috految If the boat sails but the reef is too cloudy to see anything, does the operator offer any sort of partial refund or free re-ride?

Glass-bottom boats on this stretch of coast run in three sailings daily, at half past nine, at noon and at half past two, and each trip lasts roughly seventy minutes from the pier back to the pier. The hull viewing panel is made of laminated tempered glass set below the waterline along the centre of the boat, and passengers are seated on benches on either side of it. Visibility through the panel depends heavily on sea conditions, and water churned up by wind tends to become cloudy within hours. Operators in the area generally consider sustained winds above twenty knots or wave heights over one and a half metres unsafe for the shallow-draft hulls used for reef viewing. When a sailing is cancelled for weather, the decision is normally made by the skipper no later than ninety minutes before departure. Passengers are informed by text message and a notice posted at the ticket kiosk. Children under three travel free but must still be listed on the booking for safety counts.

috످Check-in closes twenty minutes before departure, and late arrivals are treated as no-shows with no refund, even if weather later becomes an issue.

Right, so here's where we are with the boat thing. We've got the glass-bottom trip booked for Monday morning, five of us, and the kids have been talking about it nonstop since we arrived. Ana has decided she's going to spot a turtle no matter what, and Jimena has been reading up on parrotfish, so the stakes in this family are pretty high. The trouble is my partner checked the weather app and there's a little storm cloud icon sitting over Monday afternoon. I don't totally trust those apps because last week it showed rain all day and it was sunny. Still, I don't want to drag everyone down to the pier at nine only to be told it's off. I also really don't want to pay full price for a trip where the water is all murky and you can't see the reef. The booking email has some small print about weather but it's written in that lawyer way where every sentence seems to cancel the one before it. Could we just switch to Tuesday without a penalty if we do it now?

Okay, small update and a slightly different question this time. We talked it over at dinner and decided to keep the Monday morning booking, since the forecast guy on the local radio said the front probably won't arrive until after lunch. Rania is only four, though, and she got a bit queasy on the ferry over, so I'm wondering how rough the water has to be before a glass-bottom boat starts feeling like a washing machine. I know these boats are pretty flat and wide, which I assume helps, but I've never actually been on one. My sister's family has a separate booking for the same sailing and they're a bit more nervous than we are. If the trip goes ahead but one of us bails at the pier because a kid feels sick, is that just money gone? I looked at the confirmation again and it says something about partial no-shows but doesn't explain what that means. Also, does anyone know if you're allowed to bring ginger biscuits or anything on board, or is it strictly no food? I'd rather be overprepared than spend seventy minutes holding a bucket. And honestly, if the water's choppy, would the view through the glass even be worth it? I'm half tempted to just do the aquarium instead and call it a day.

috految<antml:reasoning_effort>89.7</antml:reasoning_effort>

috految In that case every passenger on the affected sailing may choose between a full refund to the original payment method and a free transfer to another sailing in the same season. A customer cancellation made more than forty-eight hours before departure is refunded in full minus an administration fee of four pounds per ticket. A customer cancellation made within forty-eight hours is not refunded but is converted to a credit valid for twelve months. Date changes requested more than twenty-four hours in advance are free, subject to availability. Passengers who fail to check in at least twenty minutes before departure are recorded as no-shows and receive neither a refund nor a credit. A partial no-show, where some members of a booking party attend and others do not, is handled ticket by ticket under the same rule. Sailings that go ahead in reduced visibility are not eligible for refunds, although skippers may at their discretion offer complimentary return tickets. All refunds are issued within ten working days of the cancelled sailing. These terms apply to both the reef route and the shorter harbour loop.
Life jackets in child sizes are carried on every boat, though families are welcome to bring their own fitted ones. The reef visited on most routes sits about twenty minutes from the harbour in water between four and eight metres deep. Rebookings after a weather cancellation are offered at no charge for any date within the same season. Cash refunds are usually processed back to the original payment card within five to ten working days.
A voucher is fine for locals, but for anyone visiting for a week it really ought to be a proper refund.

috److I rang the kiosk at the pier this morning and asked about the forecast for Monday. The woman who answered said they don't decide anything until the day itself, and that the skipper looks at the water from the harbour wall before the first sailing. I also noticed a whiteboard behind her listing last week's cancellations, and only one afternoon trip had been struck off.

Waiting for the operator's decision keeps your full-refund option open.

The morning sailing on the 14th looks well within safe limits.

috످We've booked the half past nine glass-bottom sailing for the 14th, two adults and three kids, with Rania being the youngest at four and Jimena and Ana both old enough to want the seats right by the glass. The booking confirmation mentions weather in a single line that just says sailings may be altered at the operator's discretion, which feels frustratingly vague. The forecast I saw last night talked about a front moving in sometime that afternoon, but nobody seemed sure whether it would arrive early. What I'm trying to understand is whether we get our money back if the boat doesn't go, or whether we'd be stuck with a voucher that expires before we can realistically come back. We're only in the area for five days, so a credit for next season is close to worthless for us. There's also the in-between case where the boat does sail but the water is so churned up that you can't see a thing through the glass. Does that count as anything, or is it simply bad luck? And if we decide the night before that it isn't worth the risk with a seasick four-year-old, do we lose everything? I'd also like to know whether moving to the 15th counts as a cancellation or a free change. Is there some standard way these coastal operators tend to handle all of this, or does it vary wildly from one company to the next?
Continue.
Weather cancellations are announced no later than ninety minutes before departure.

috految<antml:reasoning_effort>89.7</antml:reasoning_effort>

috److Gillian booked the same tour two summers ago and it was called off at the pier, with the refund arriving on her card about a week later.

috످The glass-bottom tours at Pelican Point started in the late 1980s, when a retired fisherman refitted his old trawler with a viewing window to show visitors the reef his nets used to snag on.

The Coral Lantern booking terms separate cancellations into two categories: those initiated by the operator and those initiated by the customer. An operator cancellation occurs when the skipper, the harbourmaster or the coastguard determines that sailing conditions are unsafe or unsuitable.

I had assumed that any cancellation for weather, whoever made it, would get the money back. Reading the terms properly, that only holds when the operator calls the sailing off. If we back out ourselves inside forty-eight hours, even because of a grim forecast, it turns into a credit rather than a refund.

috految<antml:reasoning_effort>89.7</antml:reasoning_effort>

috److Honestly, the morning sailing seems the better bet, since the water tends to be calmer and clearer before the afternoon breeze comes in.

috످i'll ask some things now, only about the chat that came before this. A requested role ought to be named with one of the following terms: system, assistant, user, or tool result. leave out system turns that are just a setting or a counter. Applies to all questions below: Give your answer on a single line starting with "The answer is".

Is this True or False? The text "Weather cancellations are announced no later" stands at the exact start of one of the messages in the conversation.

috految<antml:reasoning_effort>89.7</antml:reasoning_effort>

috److془The text is about how early weather cancellations are made known; it's in the user's turn, last line of the second user message, which begins with the booking details. False.془The answer is False.

috످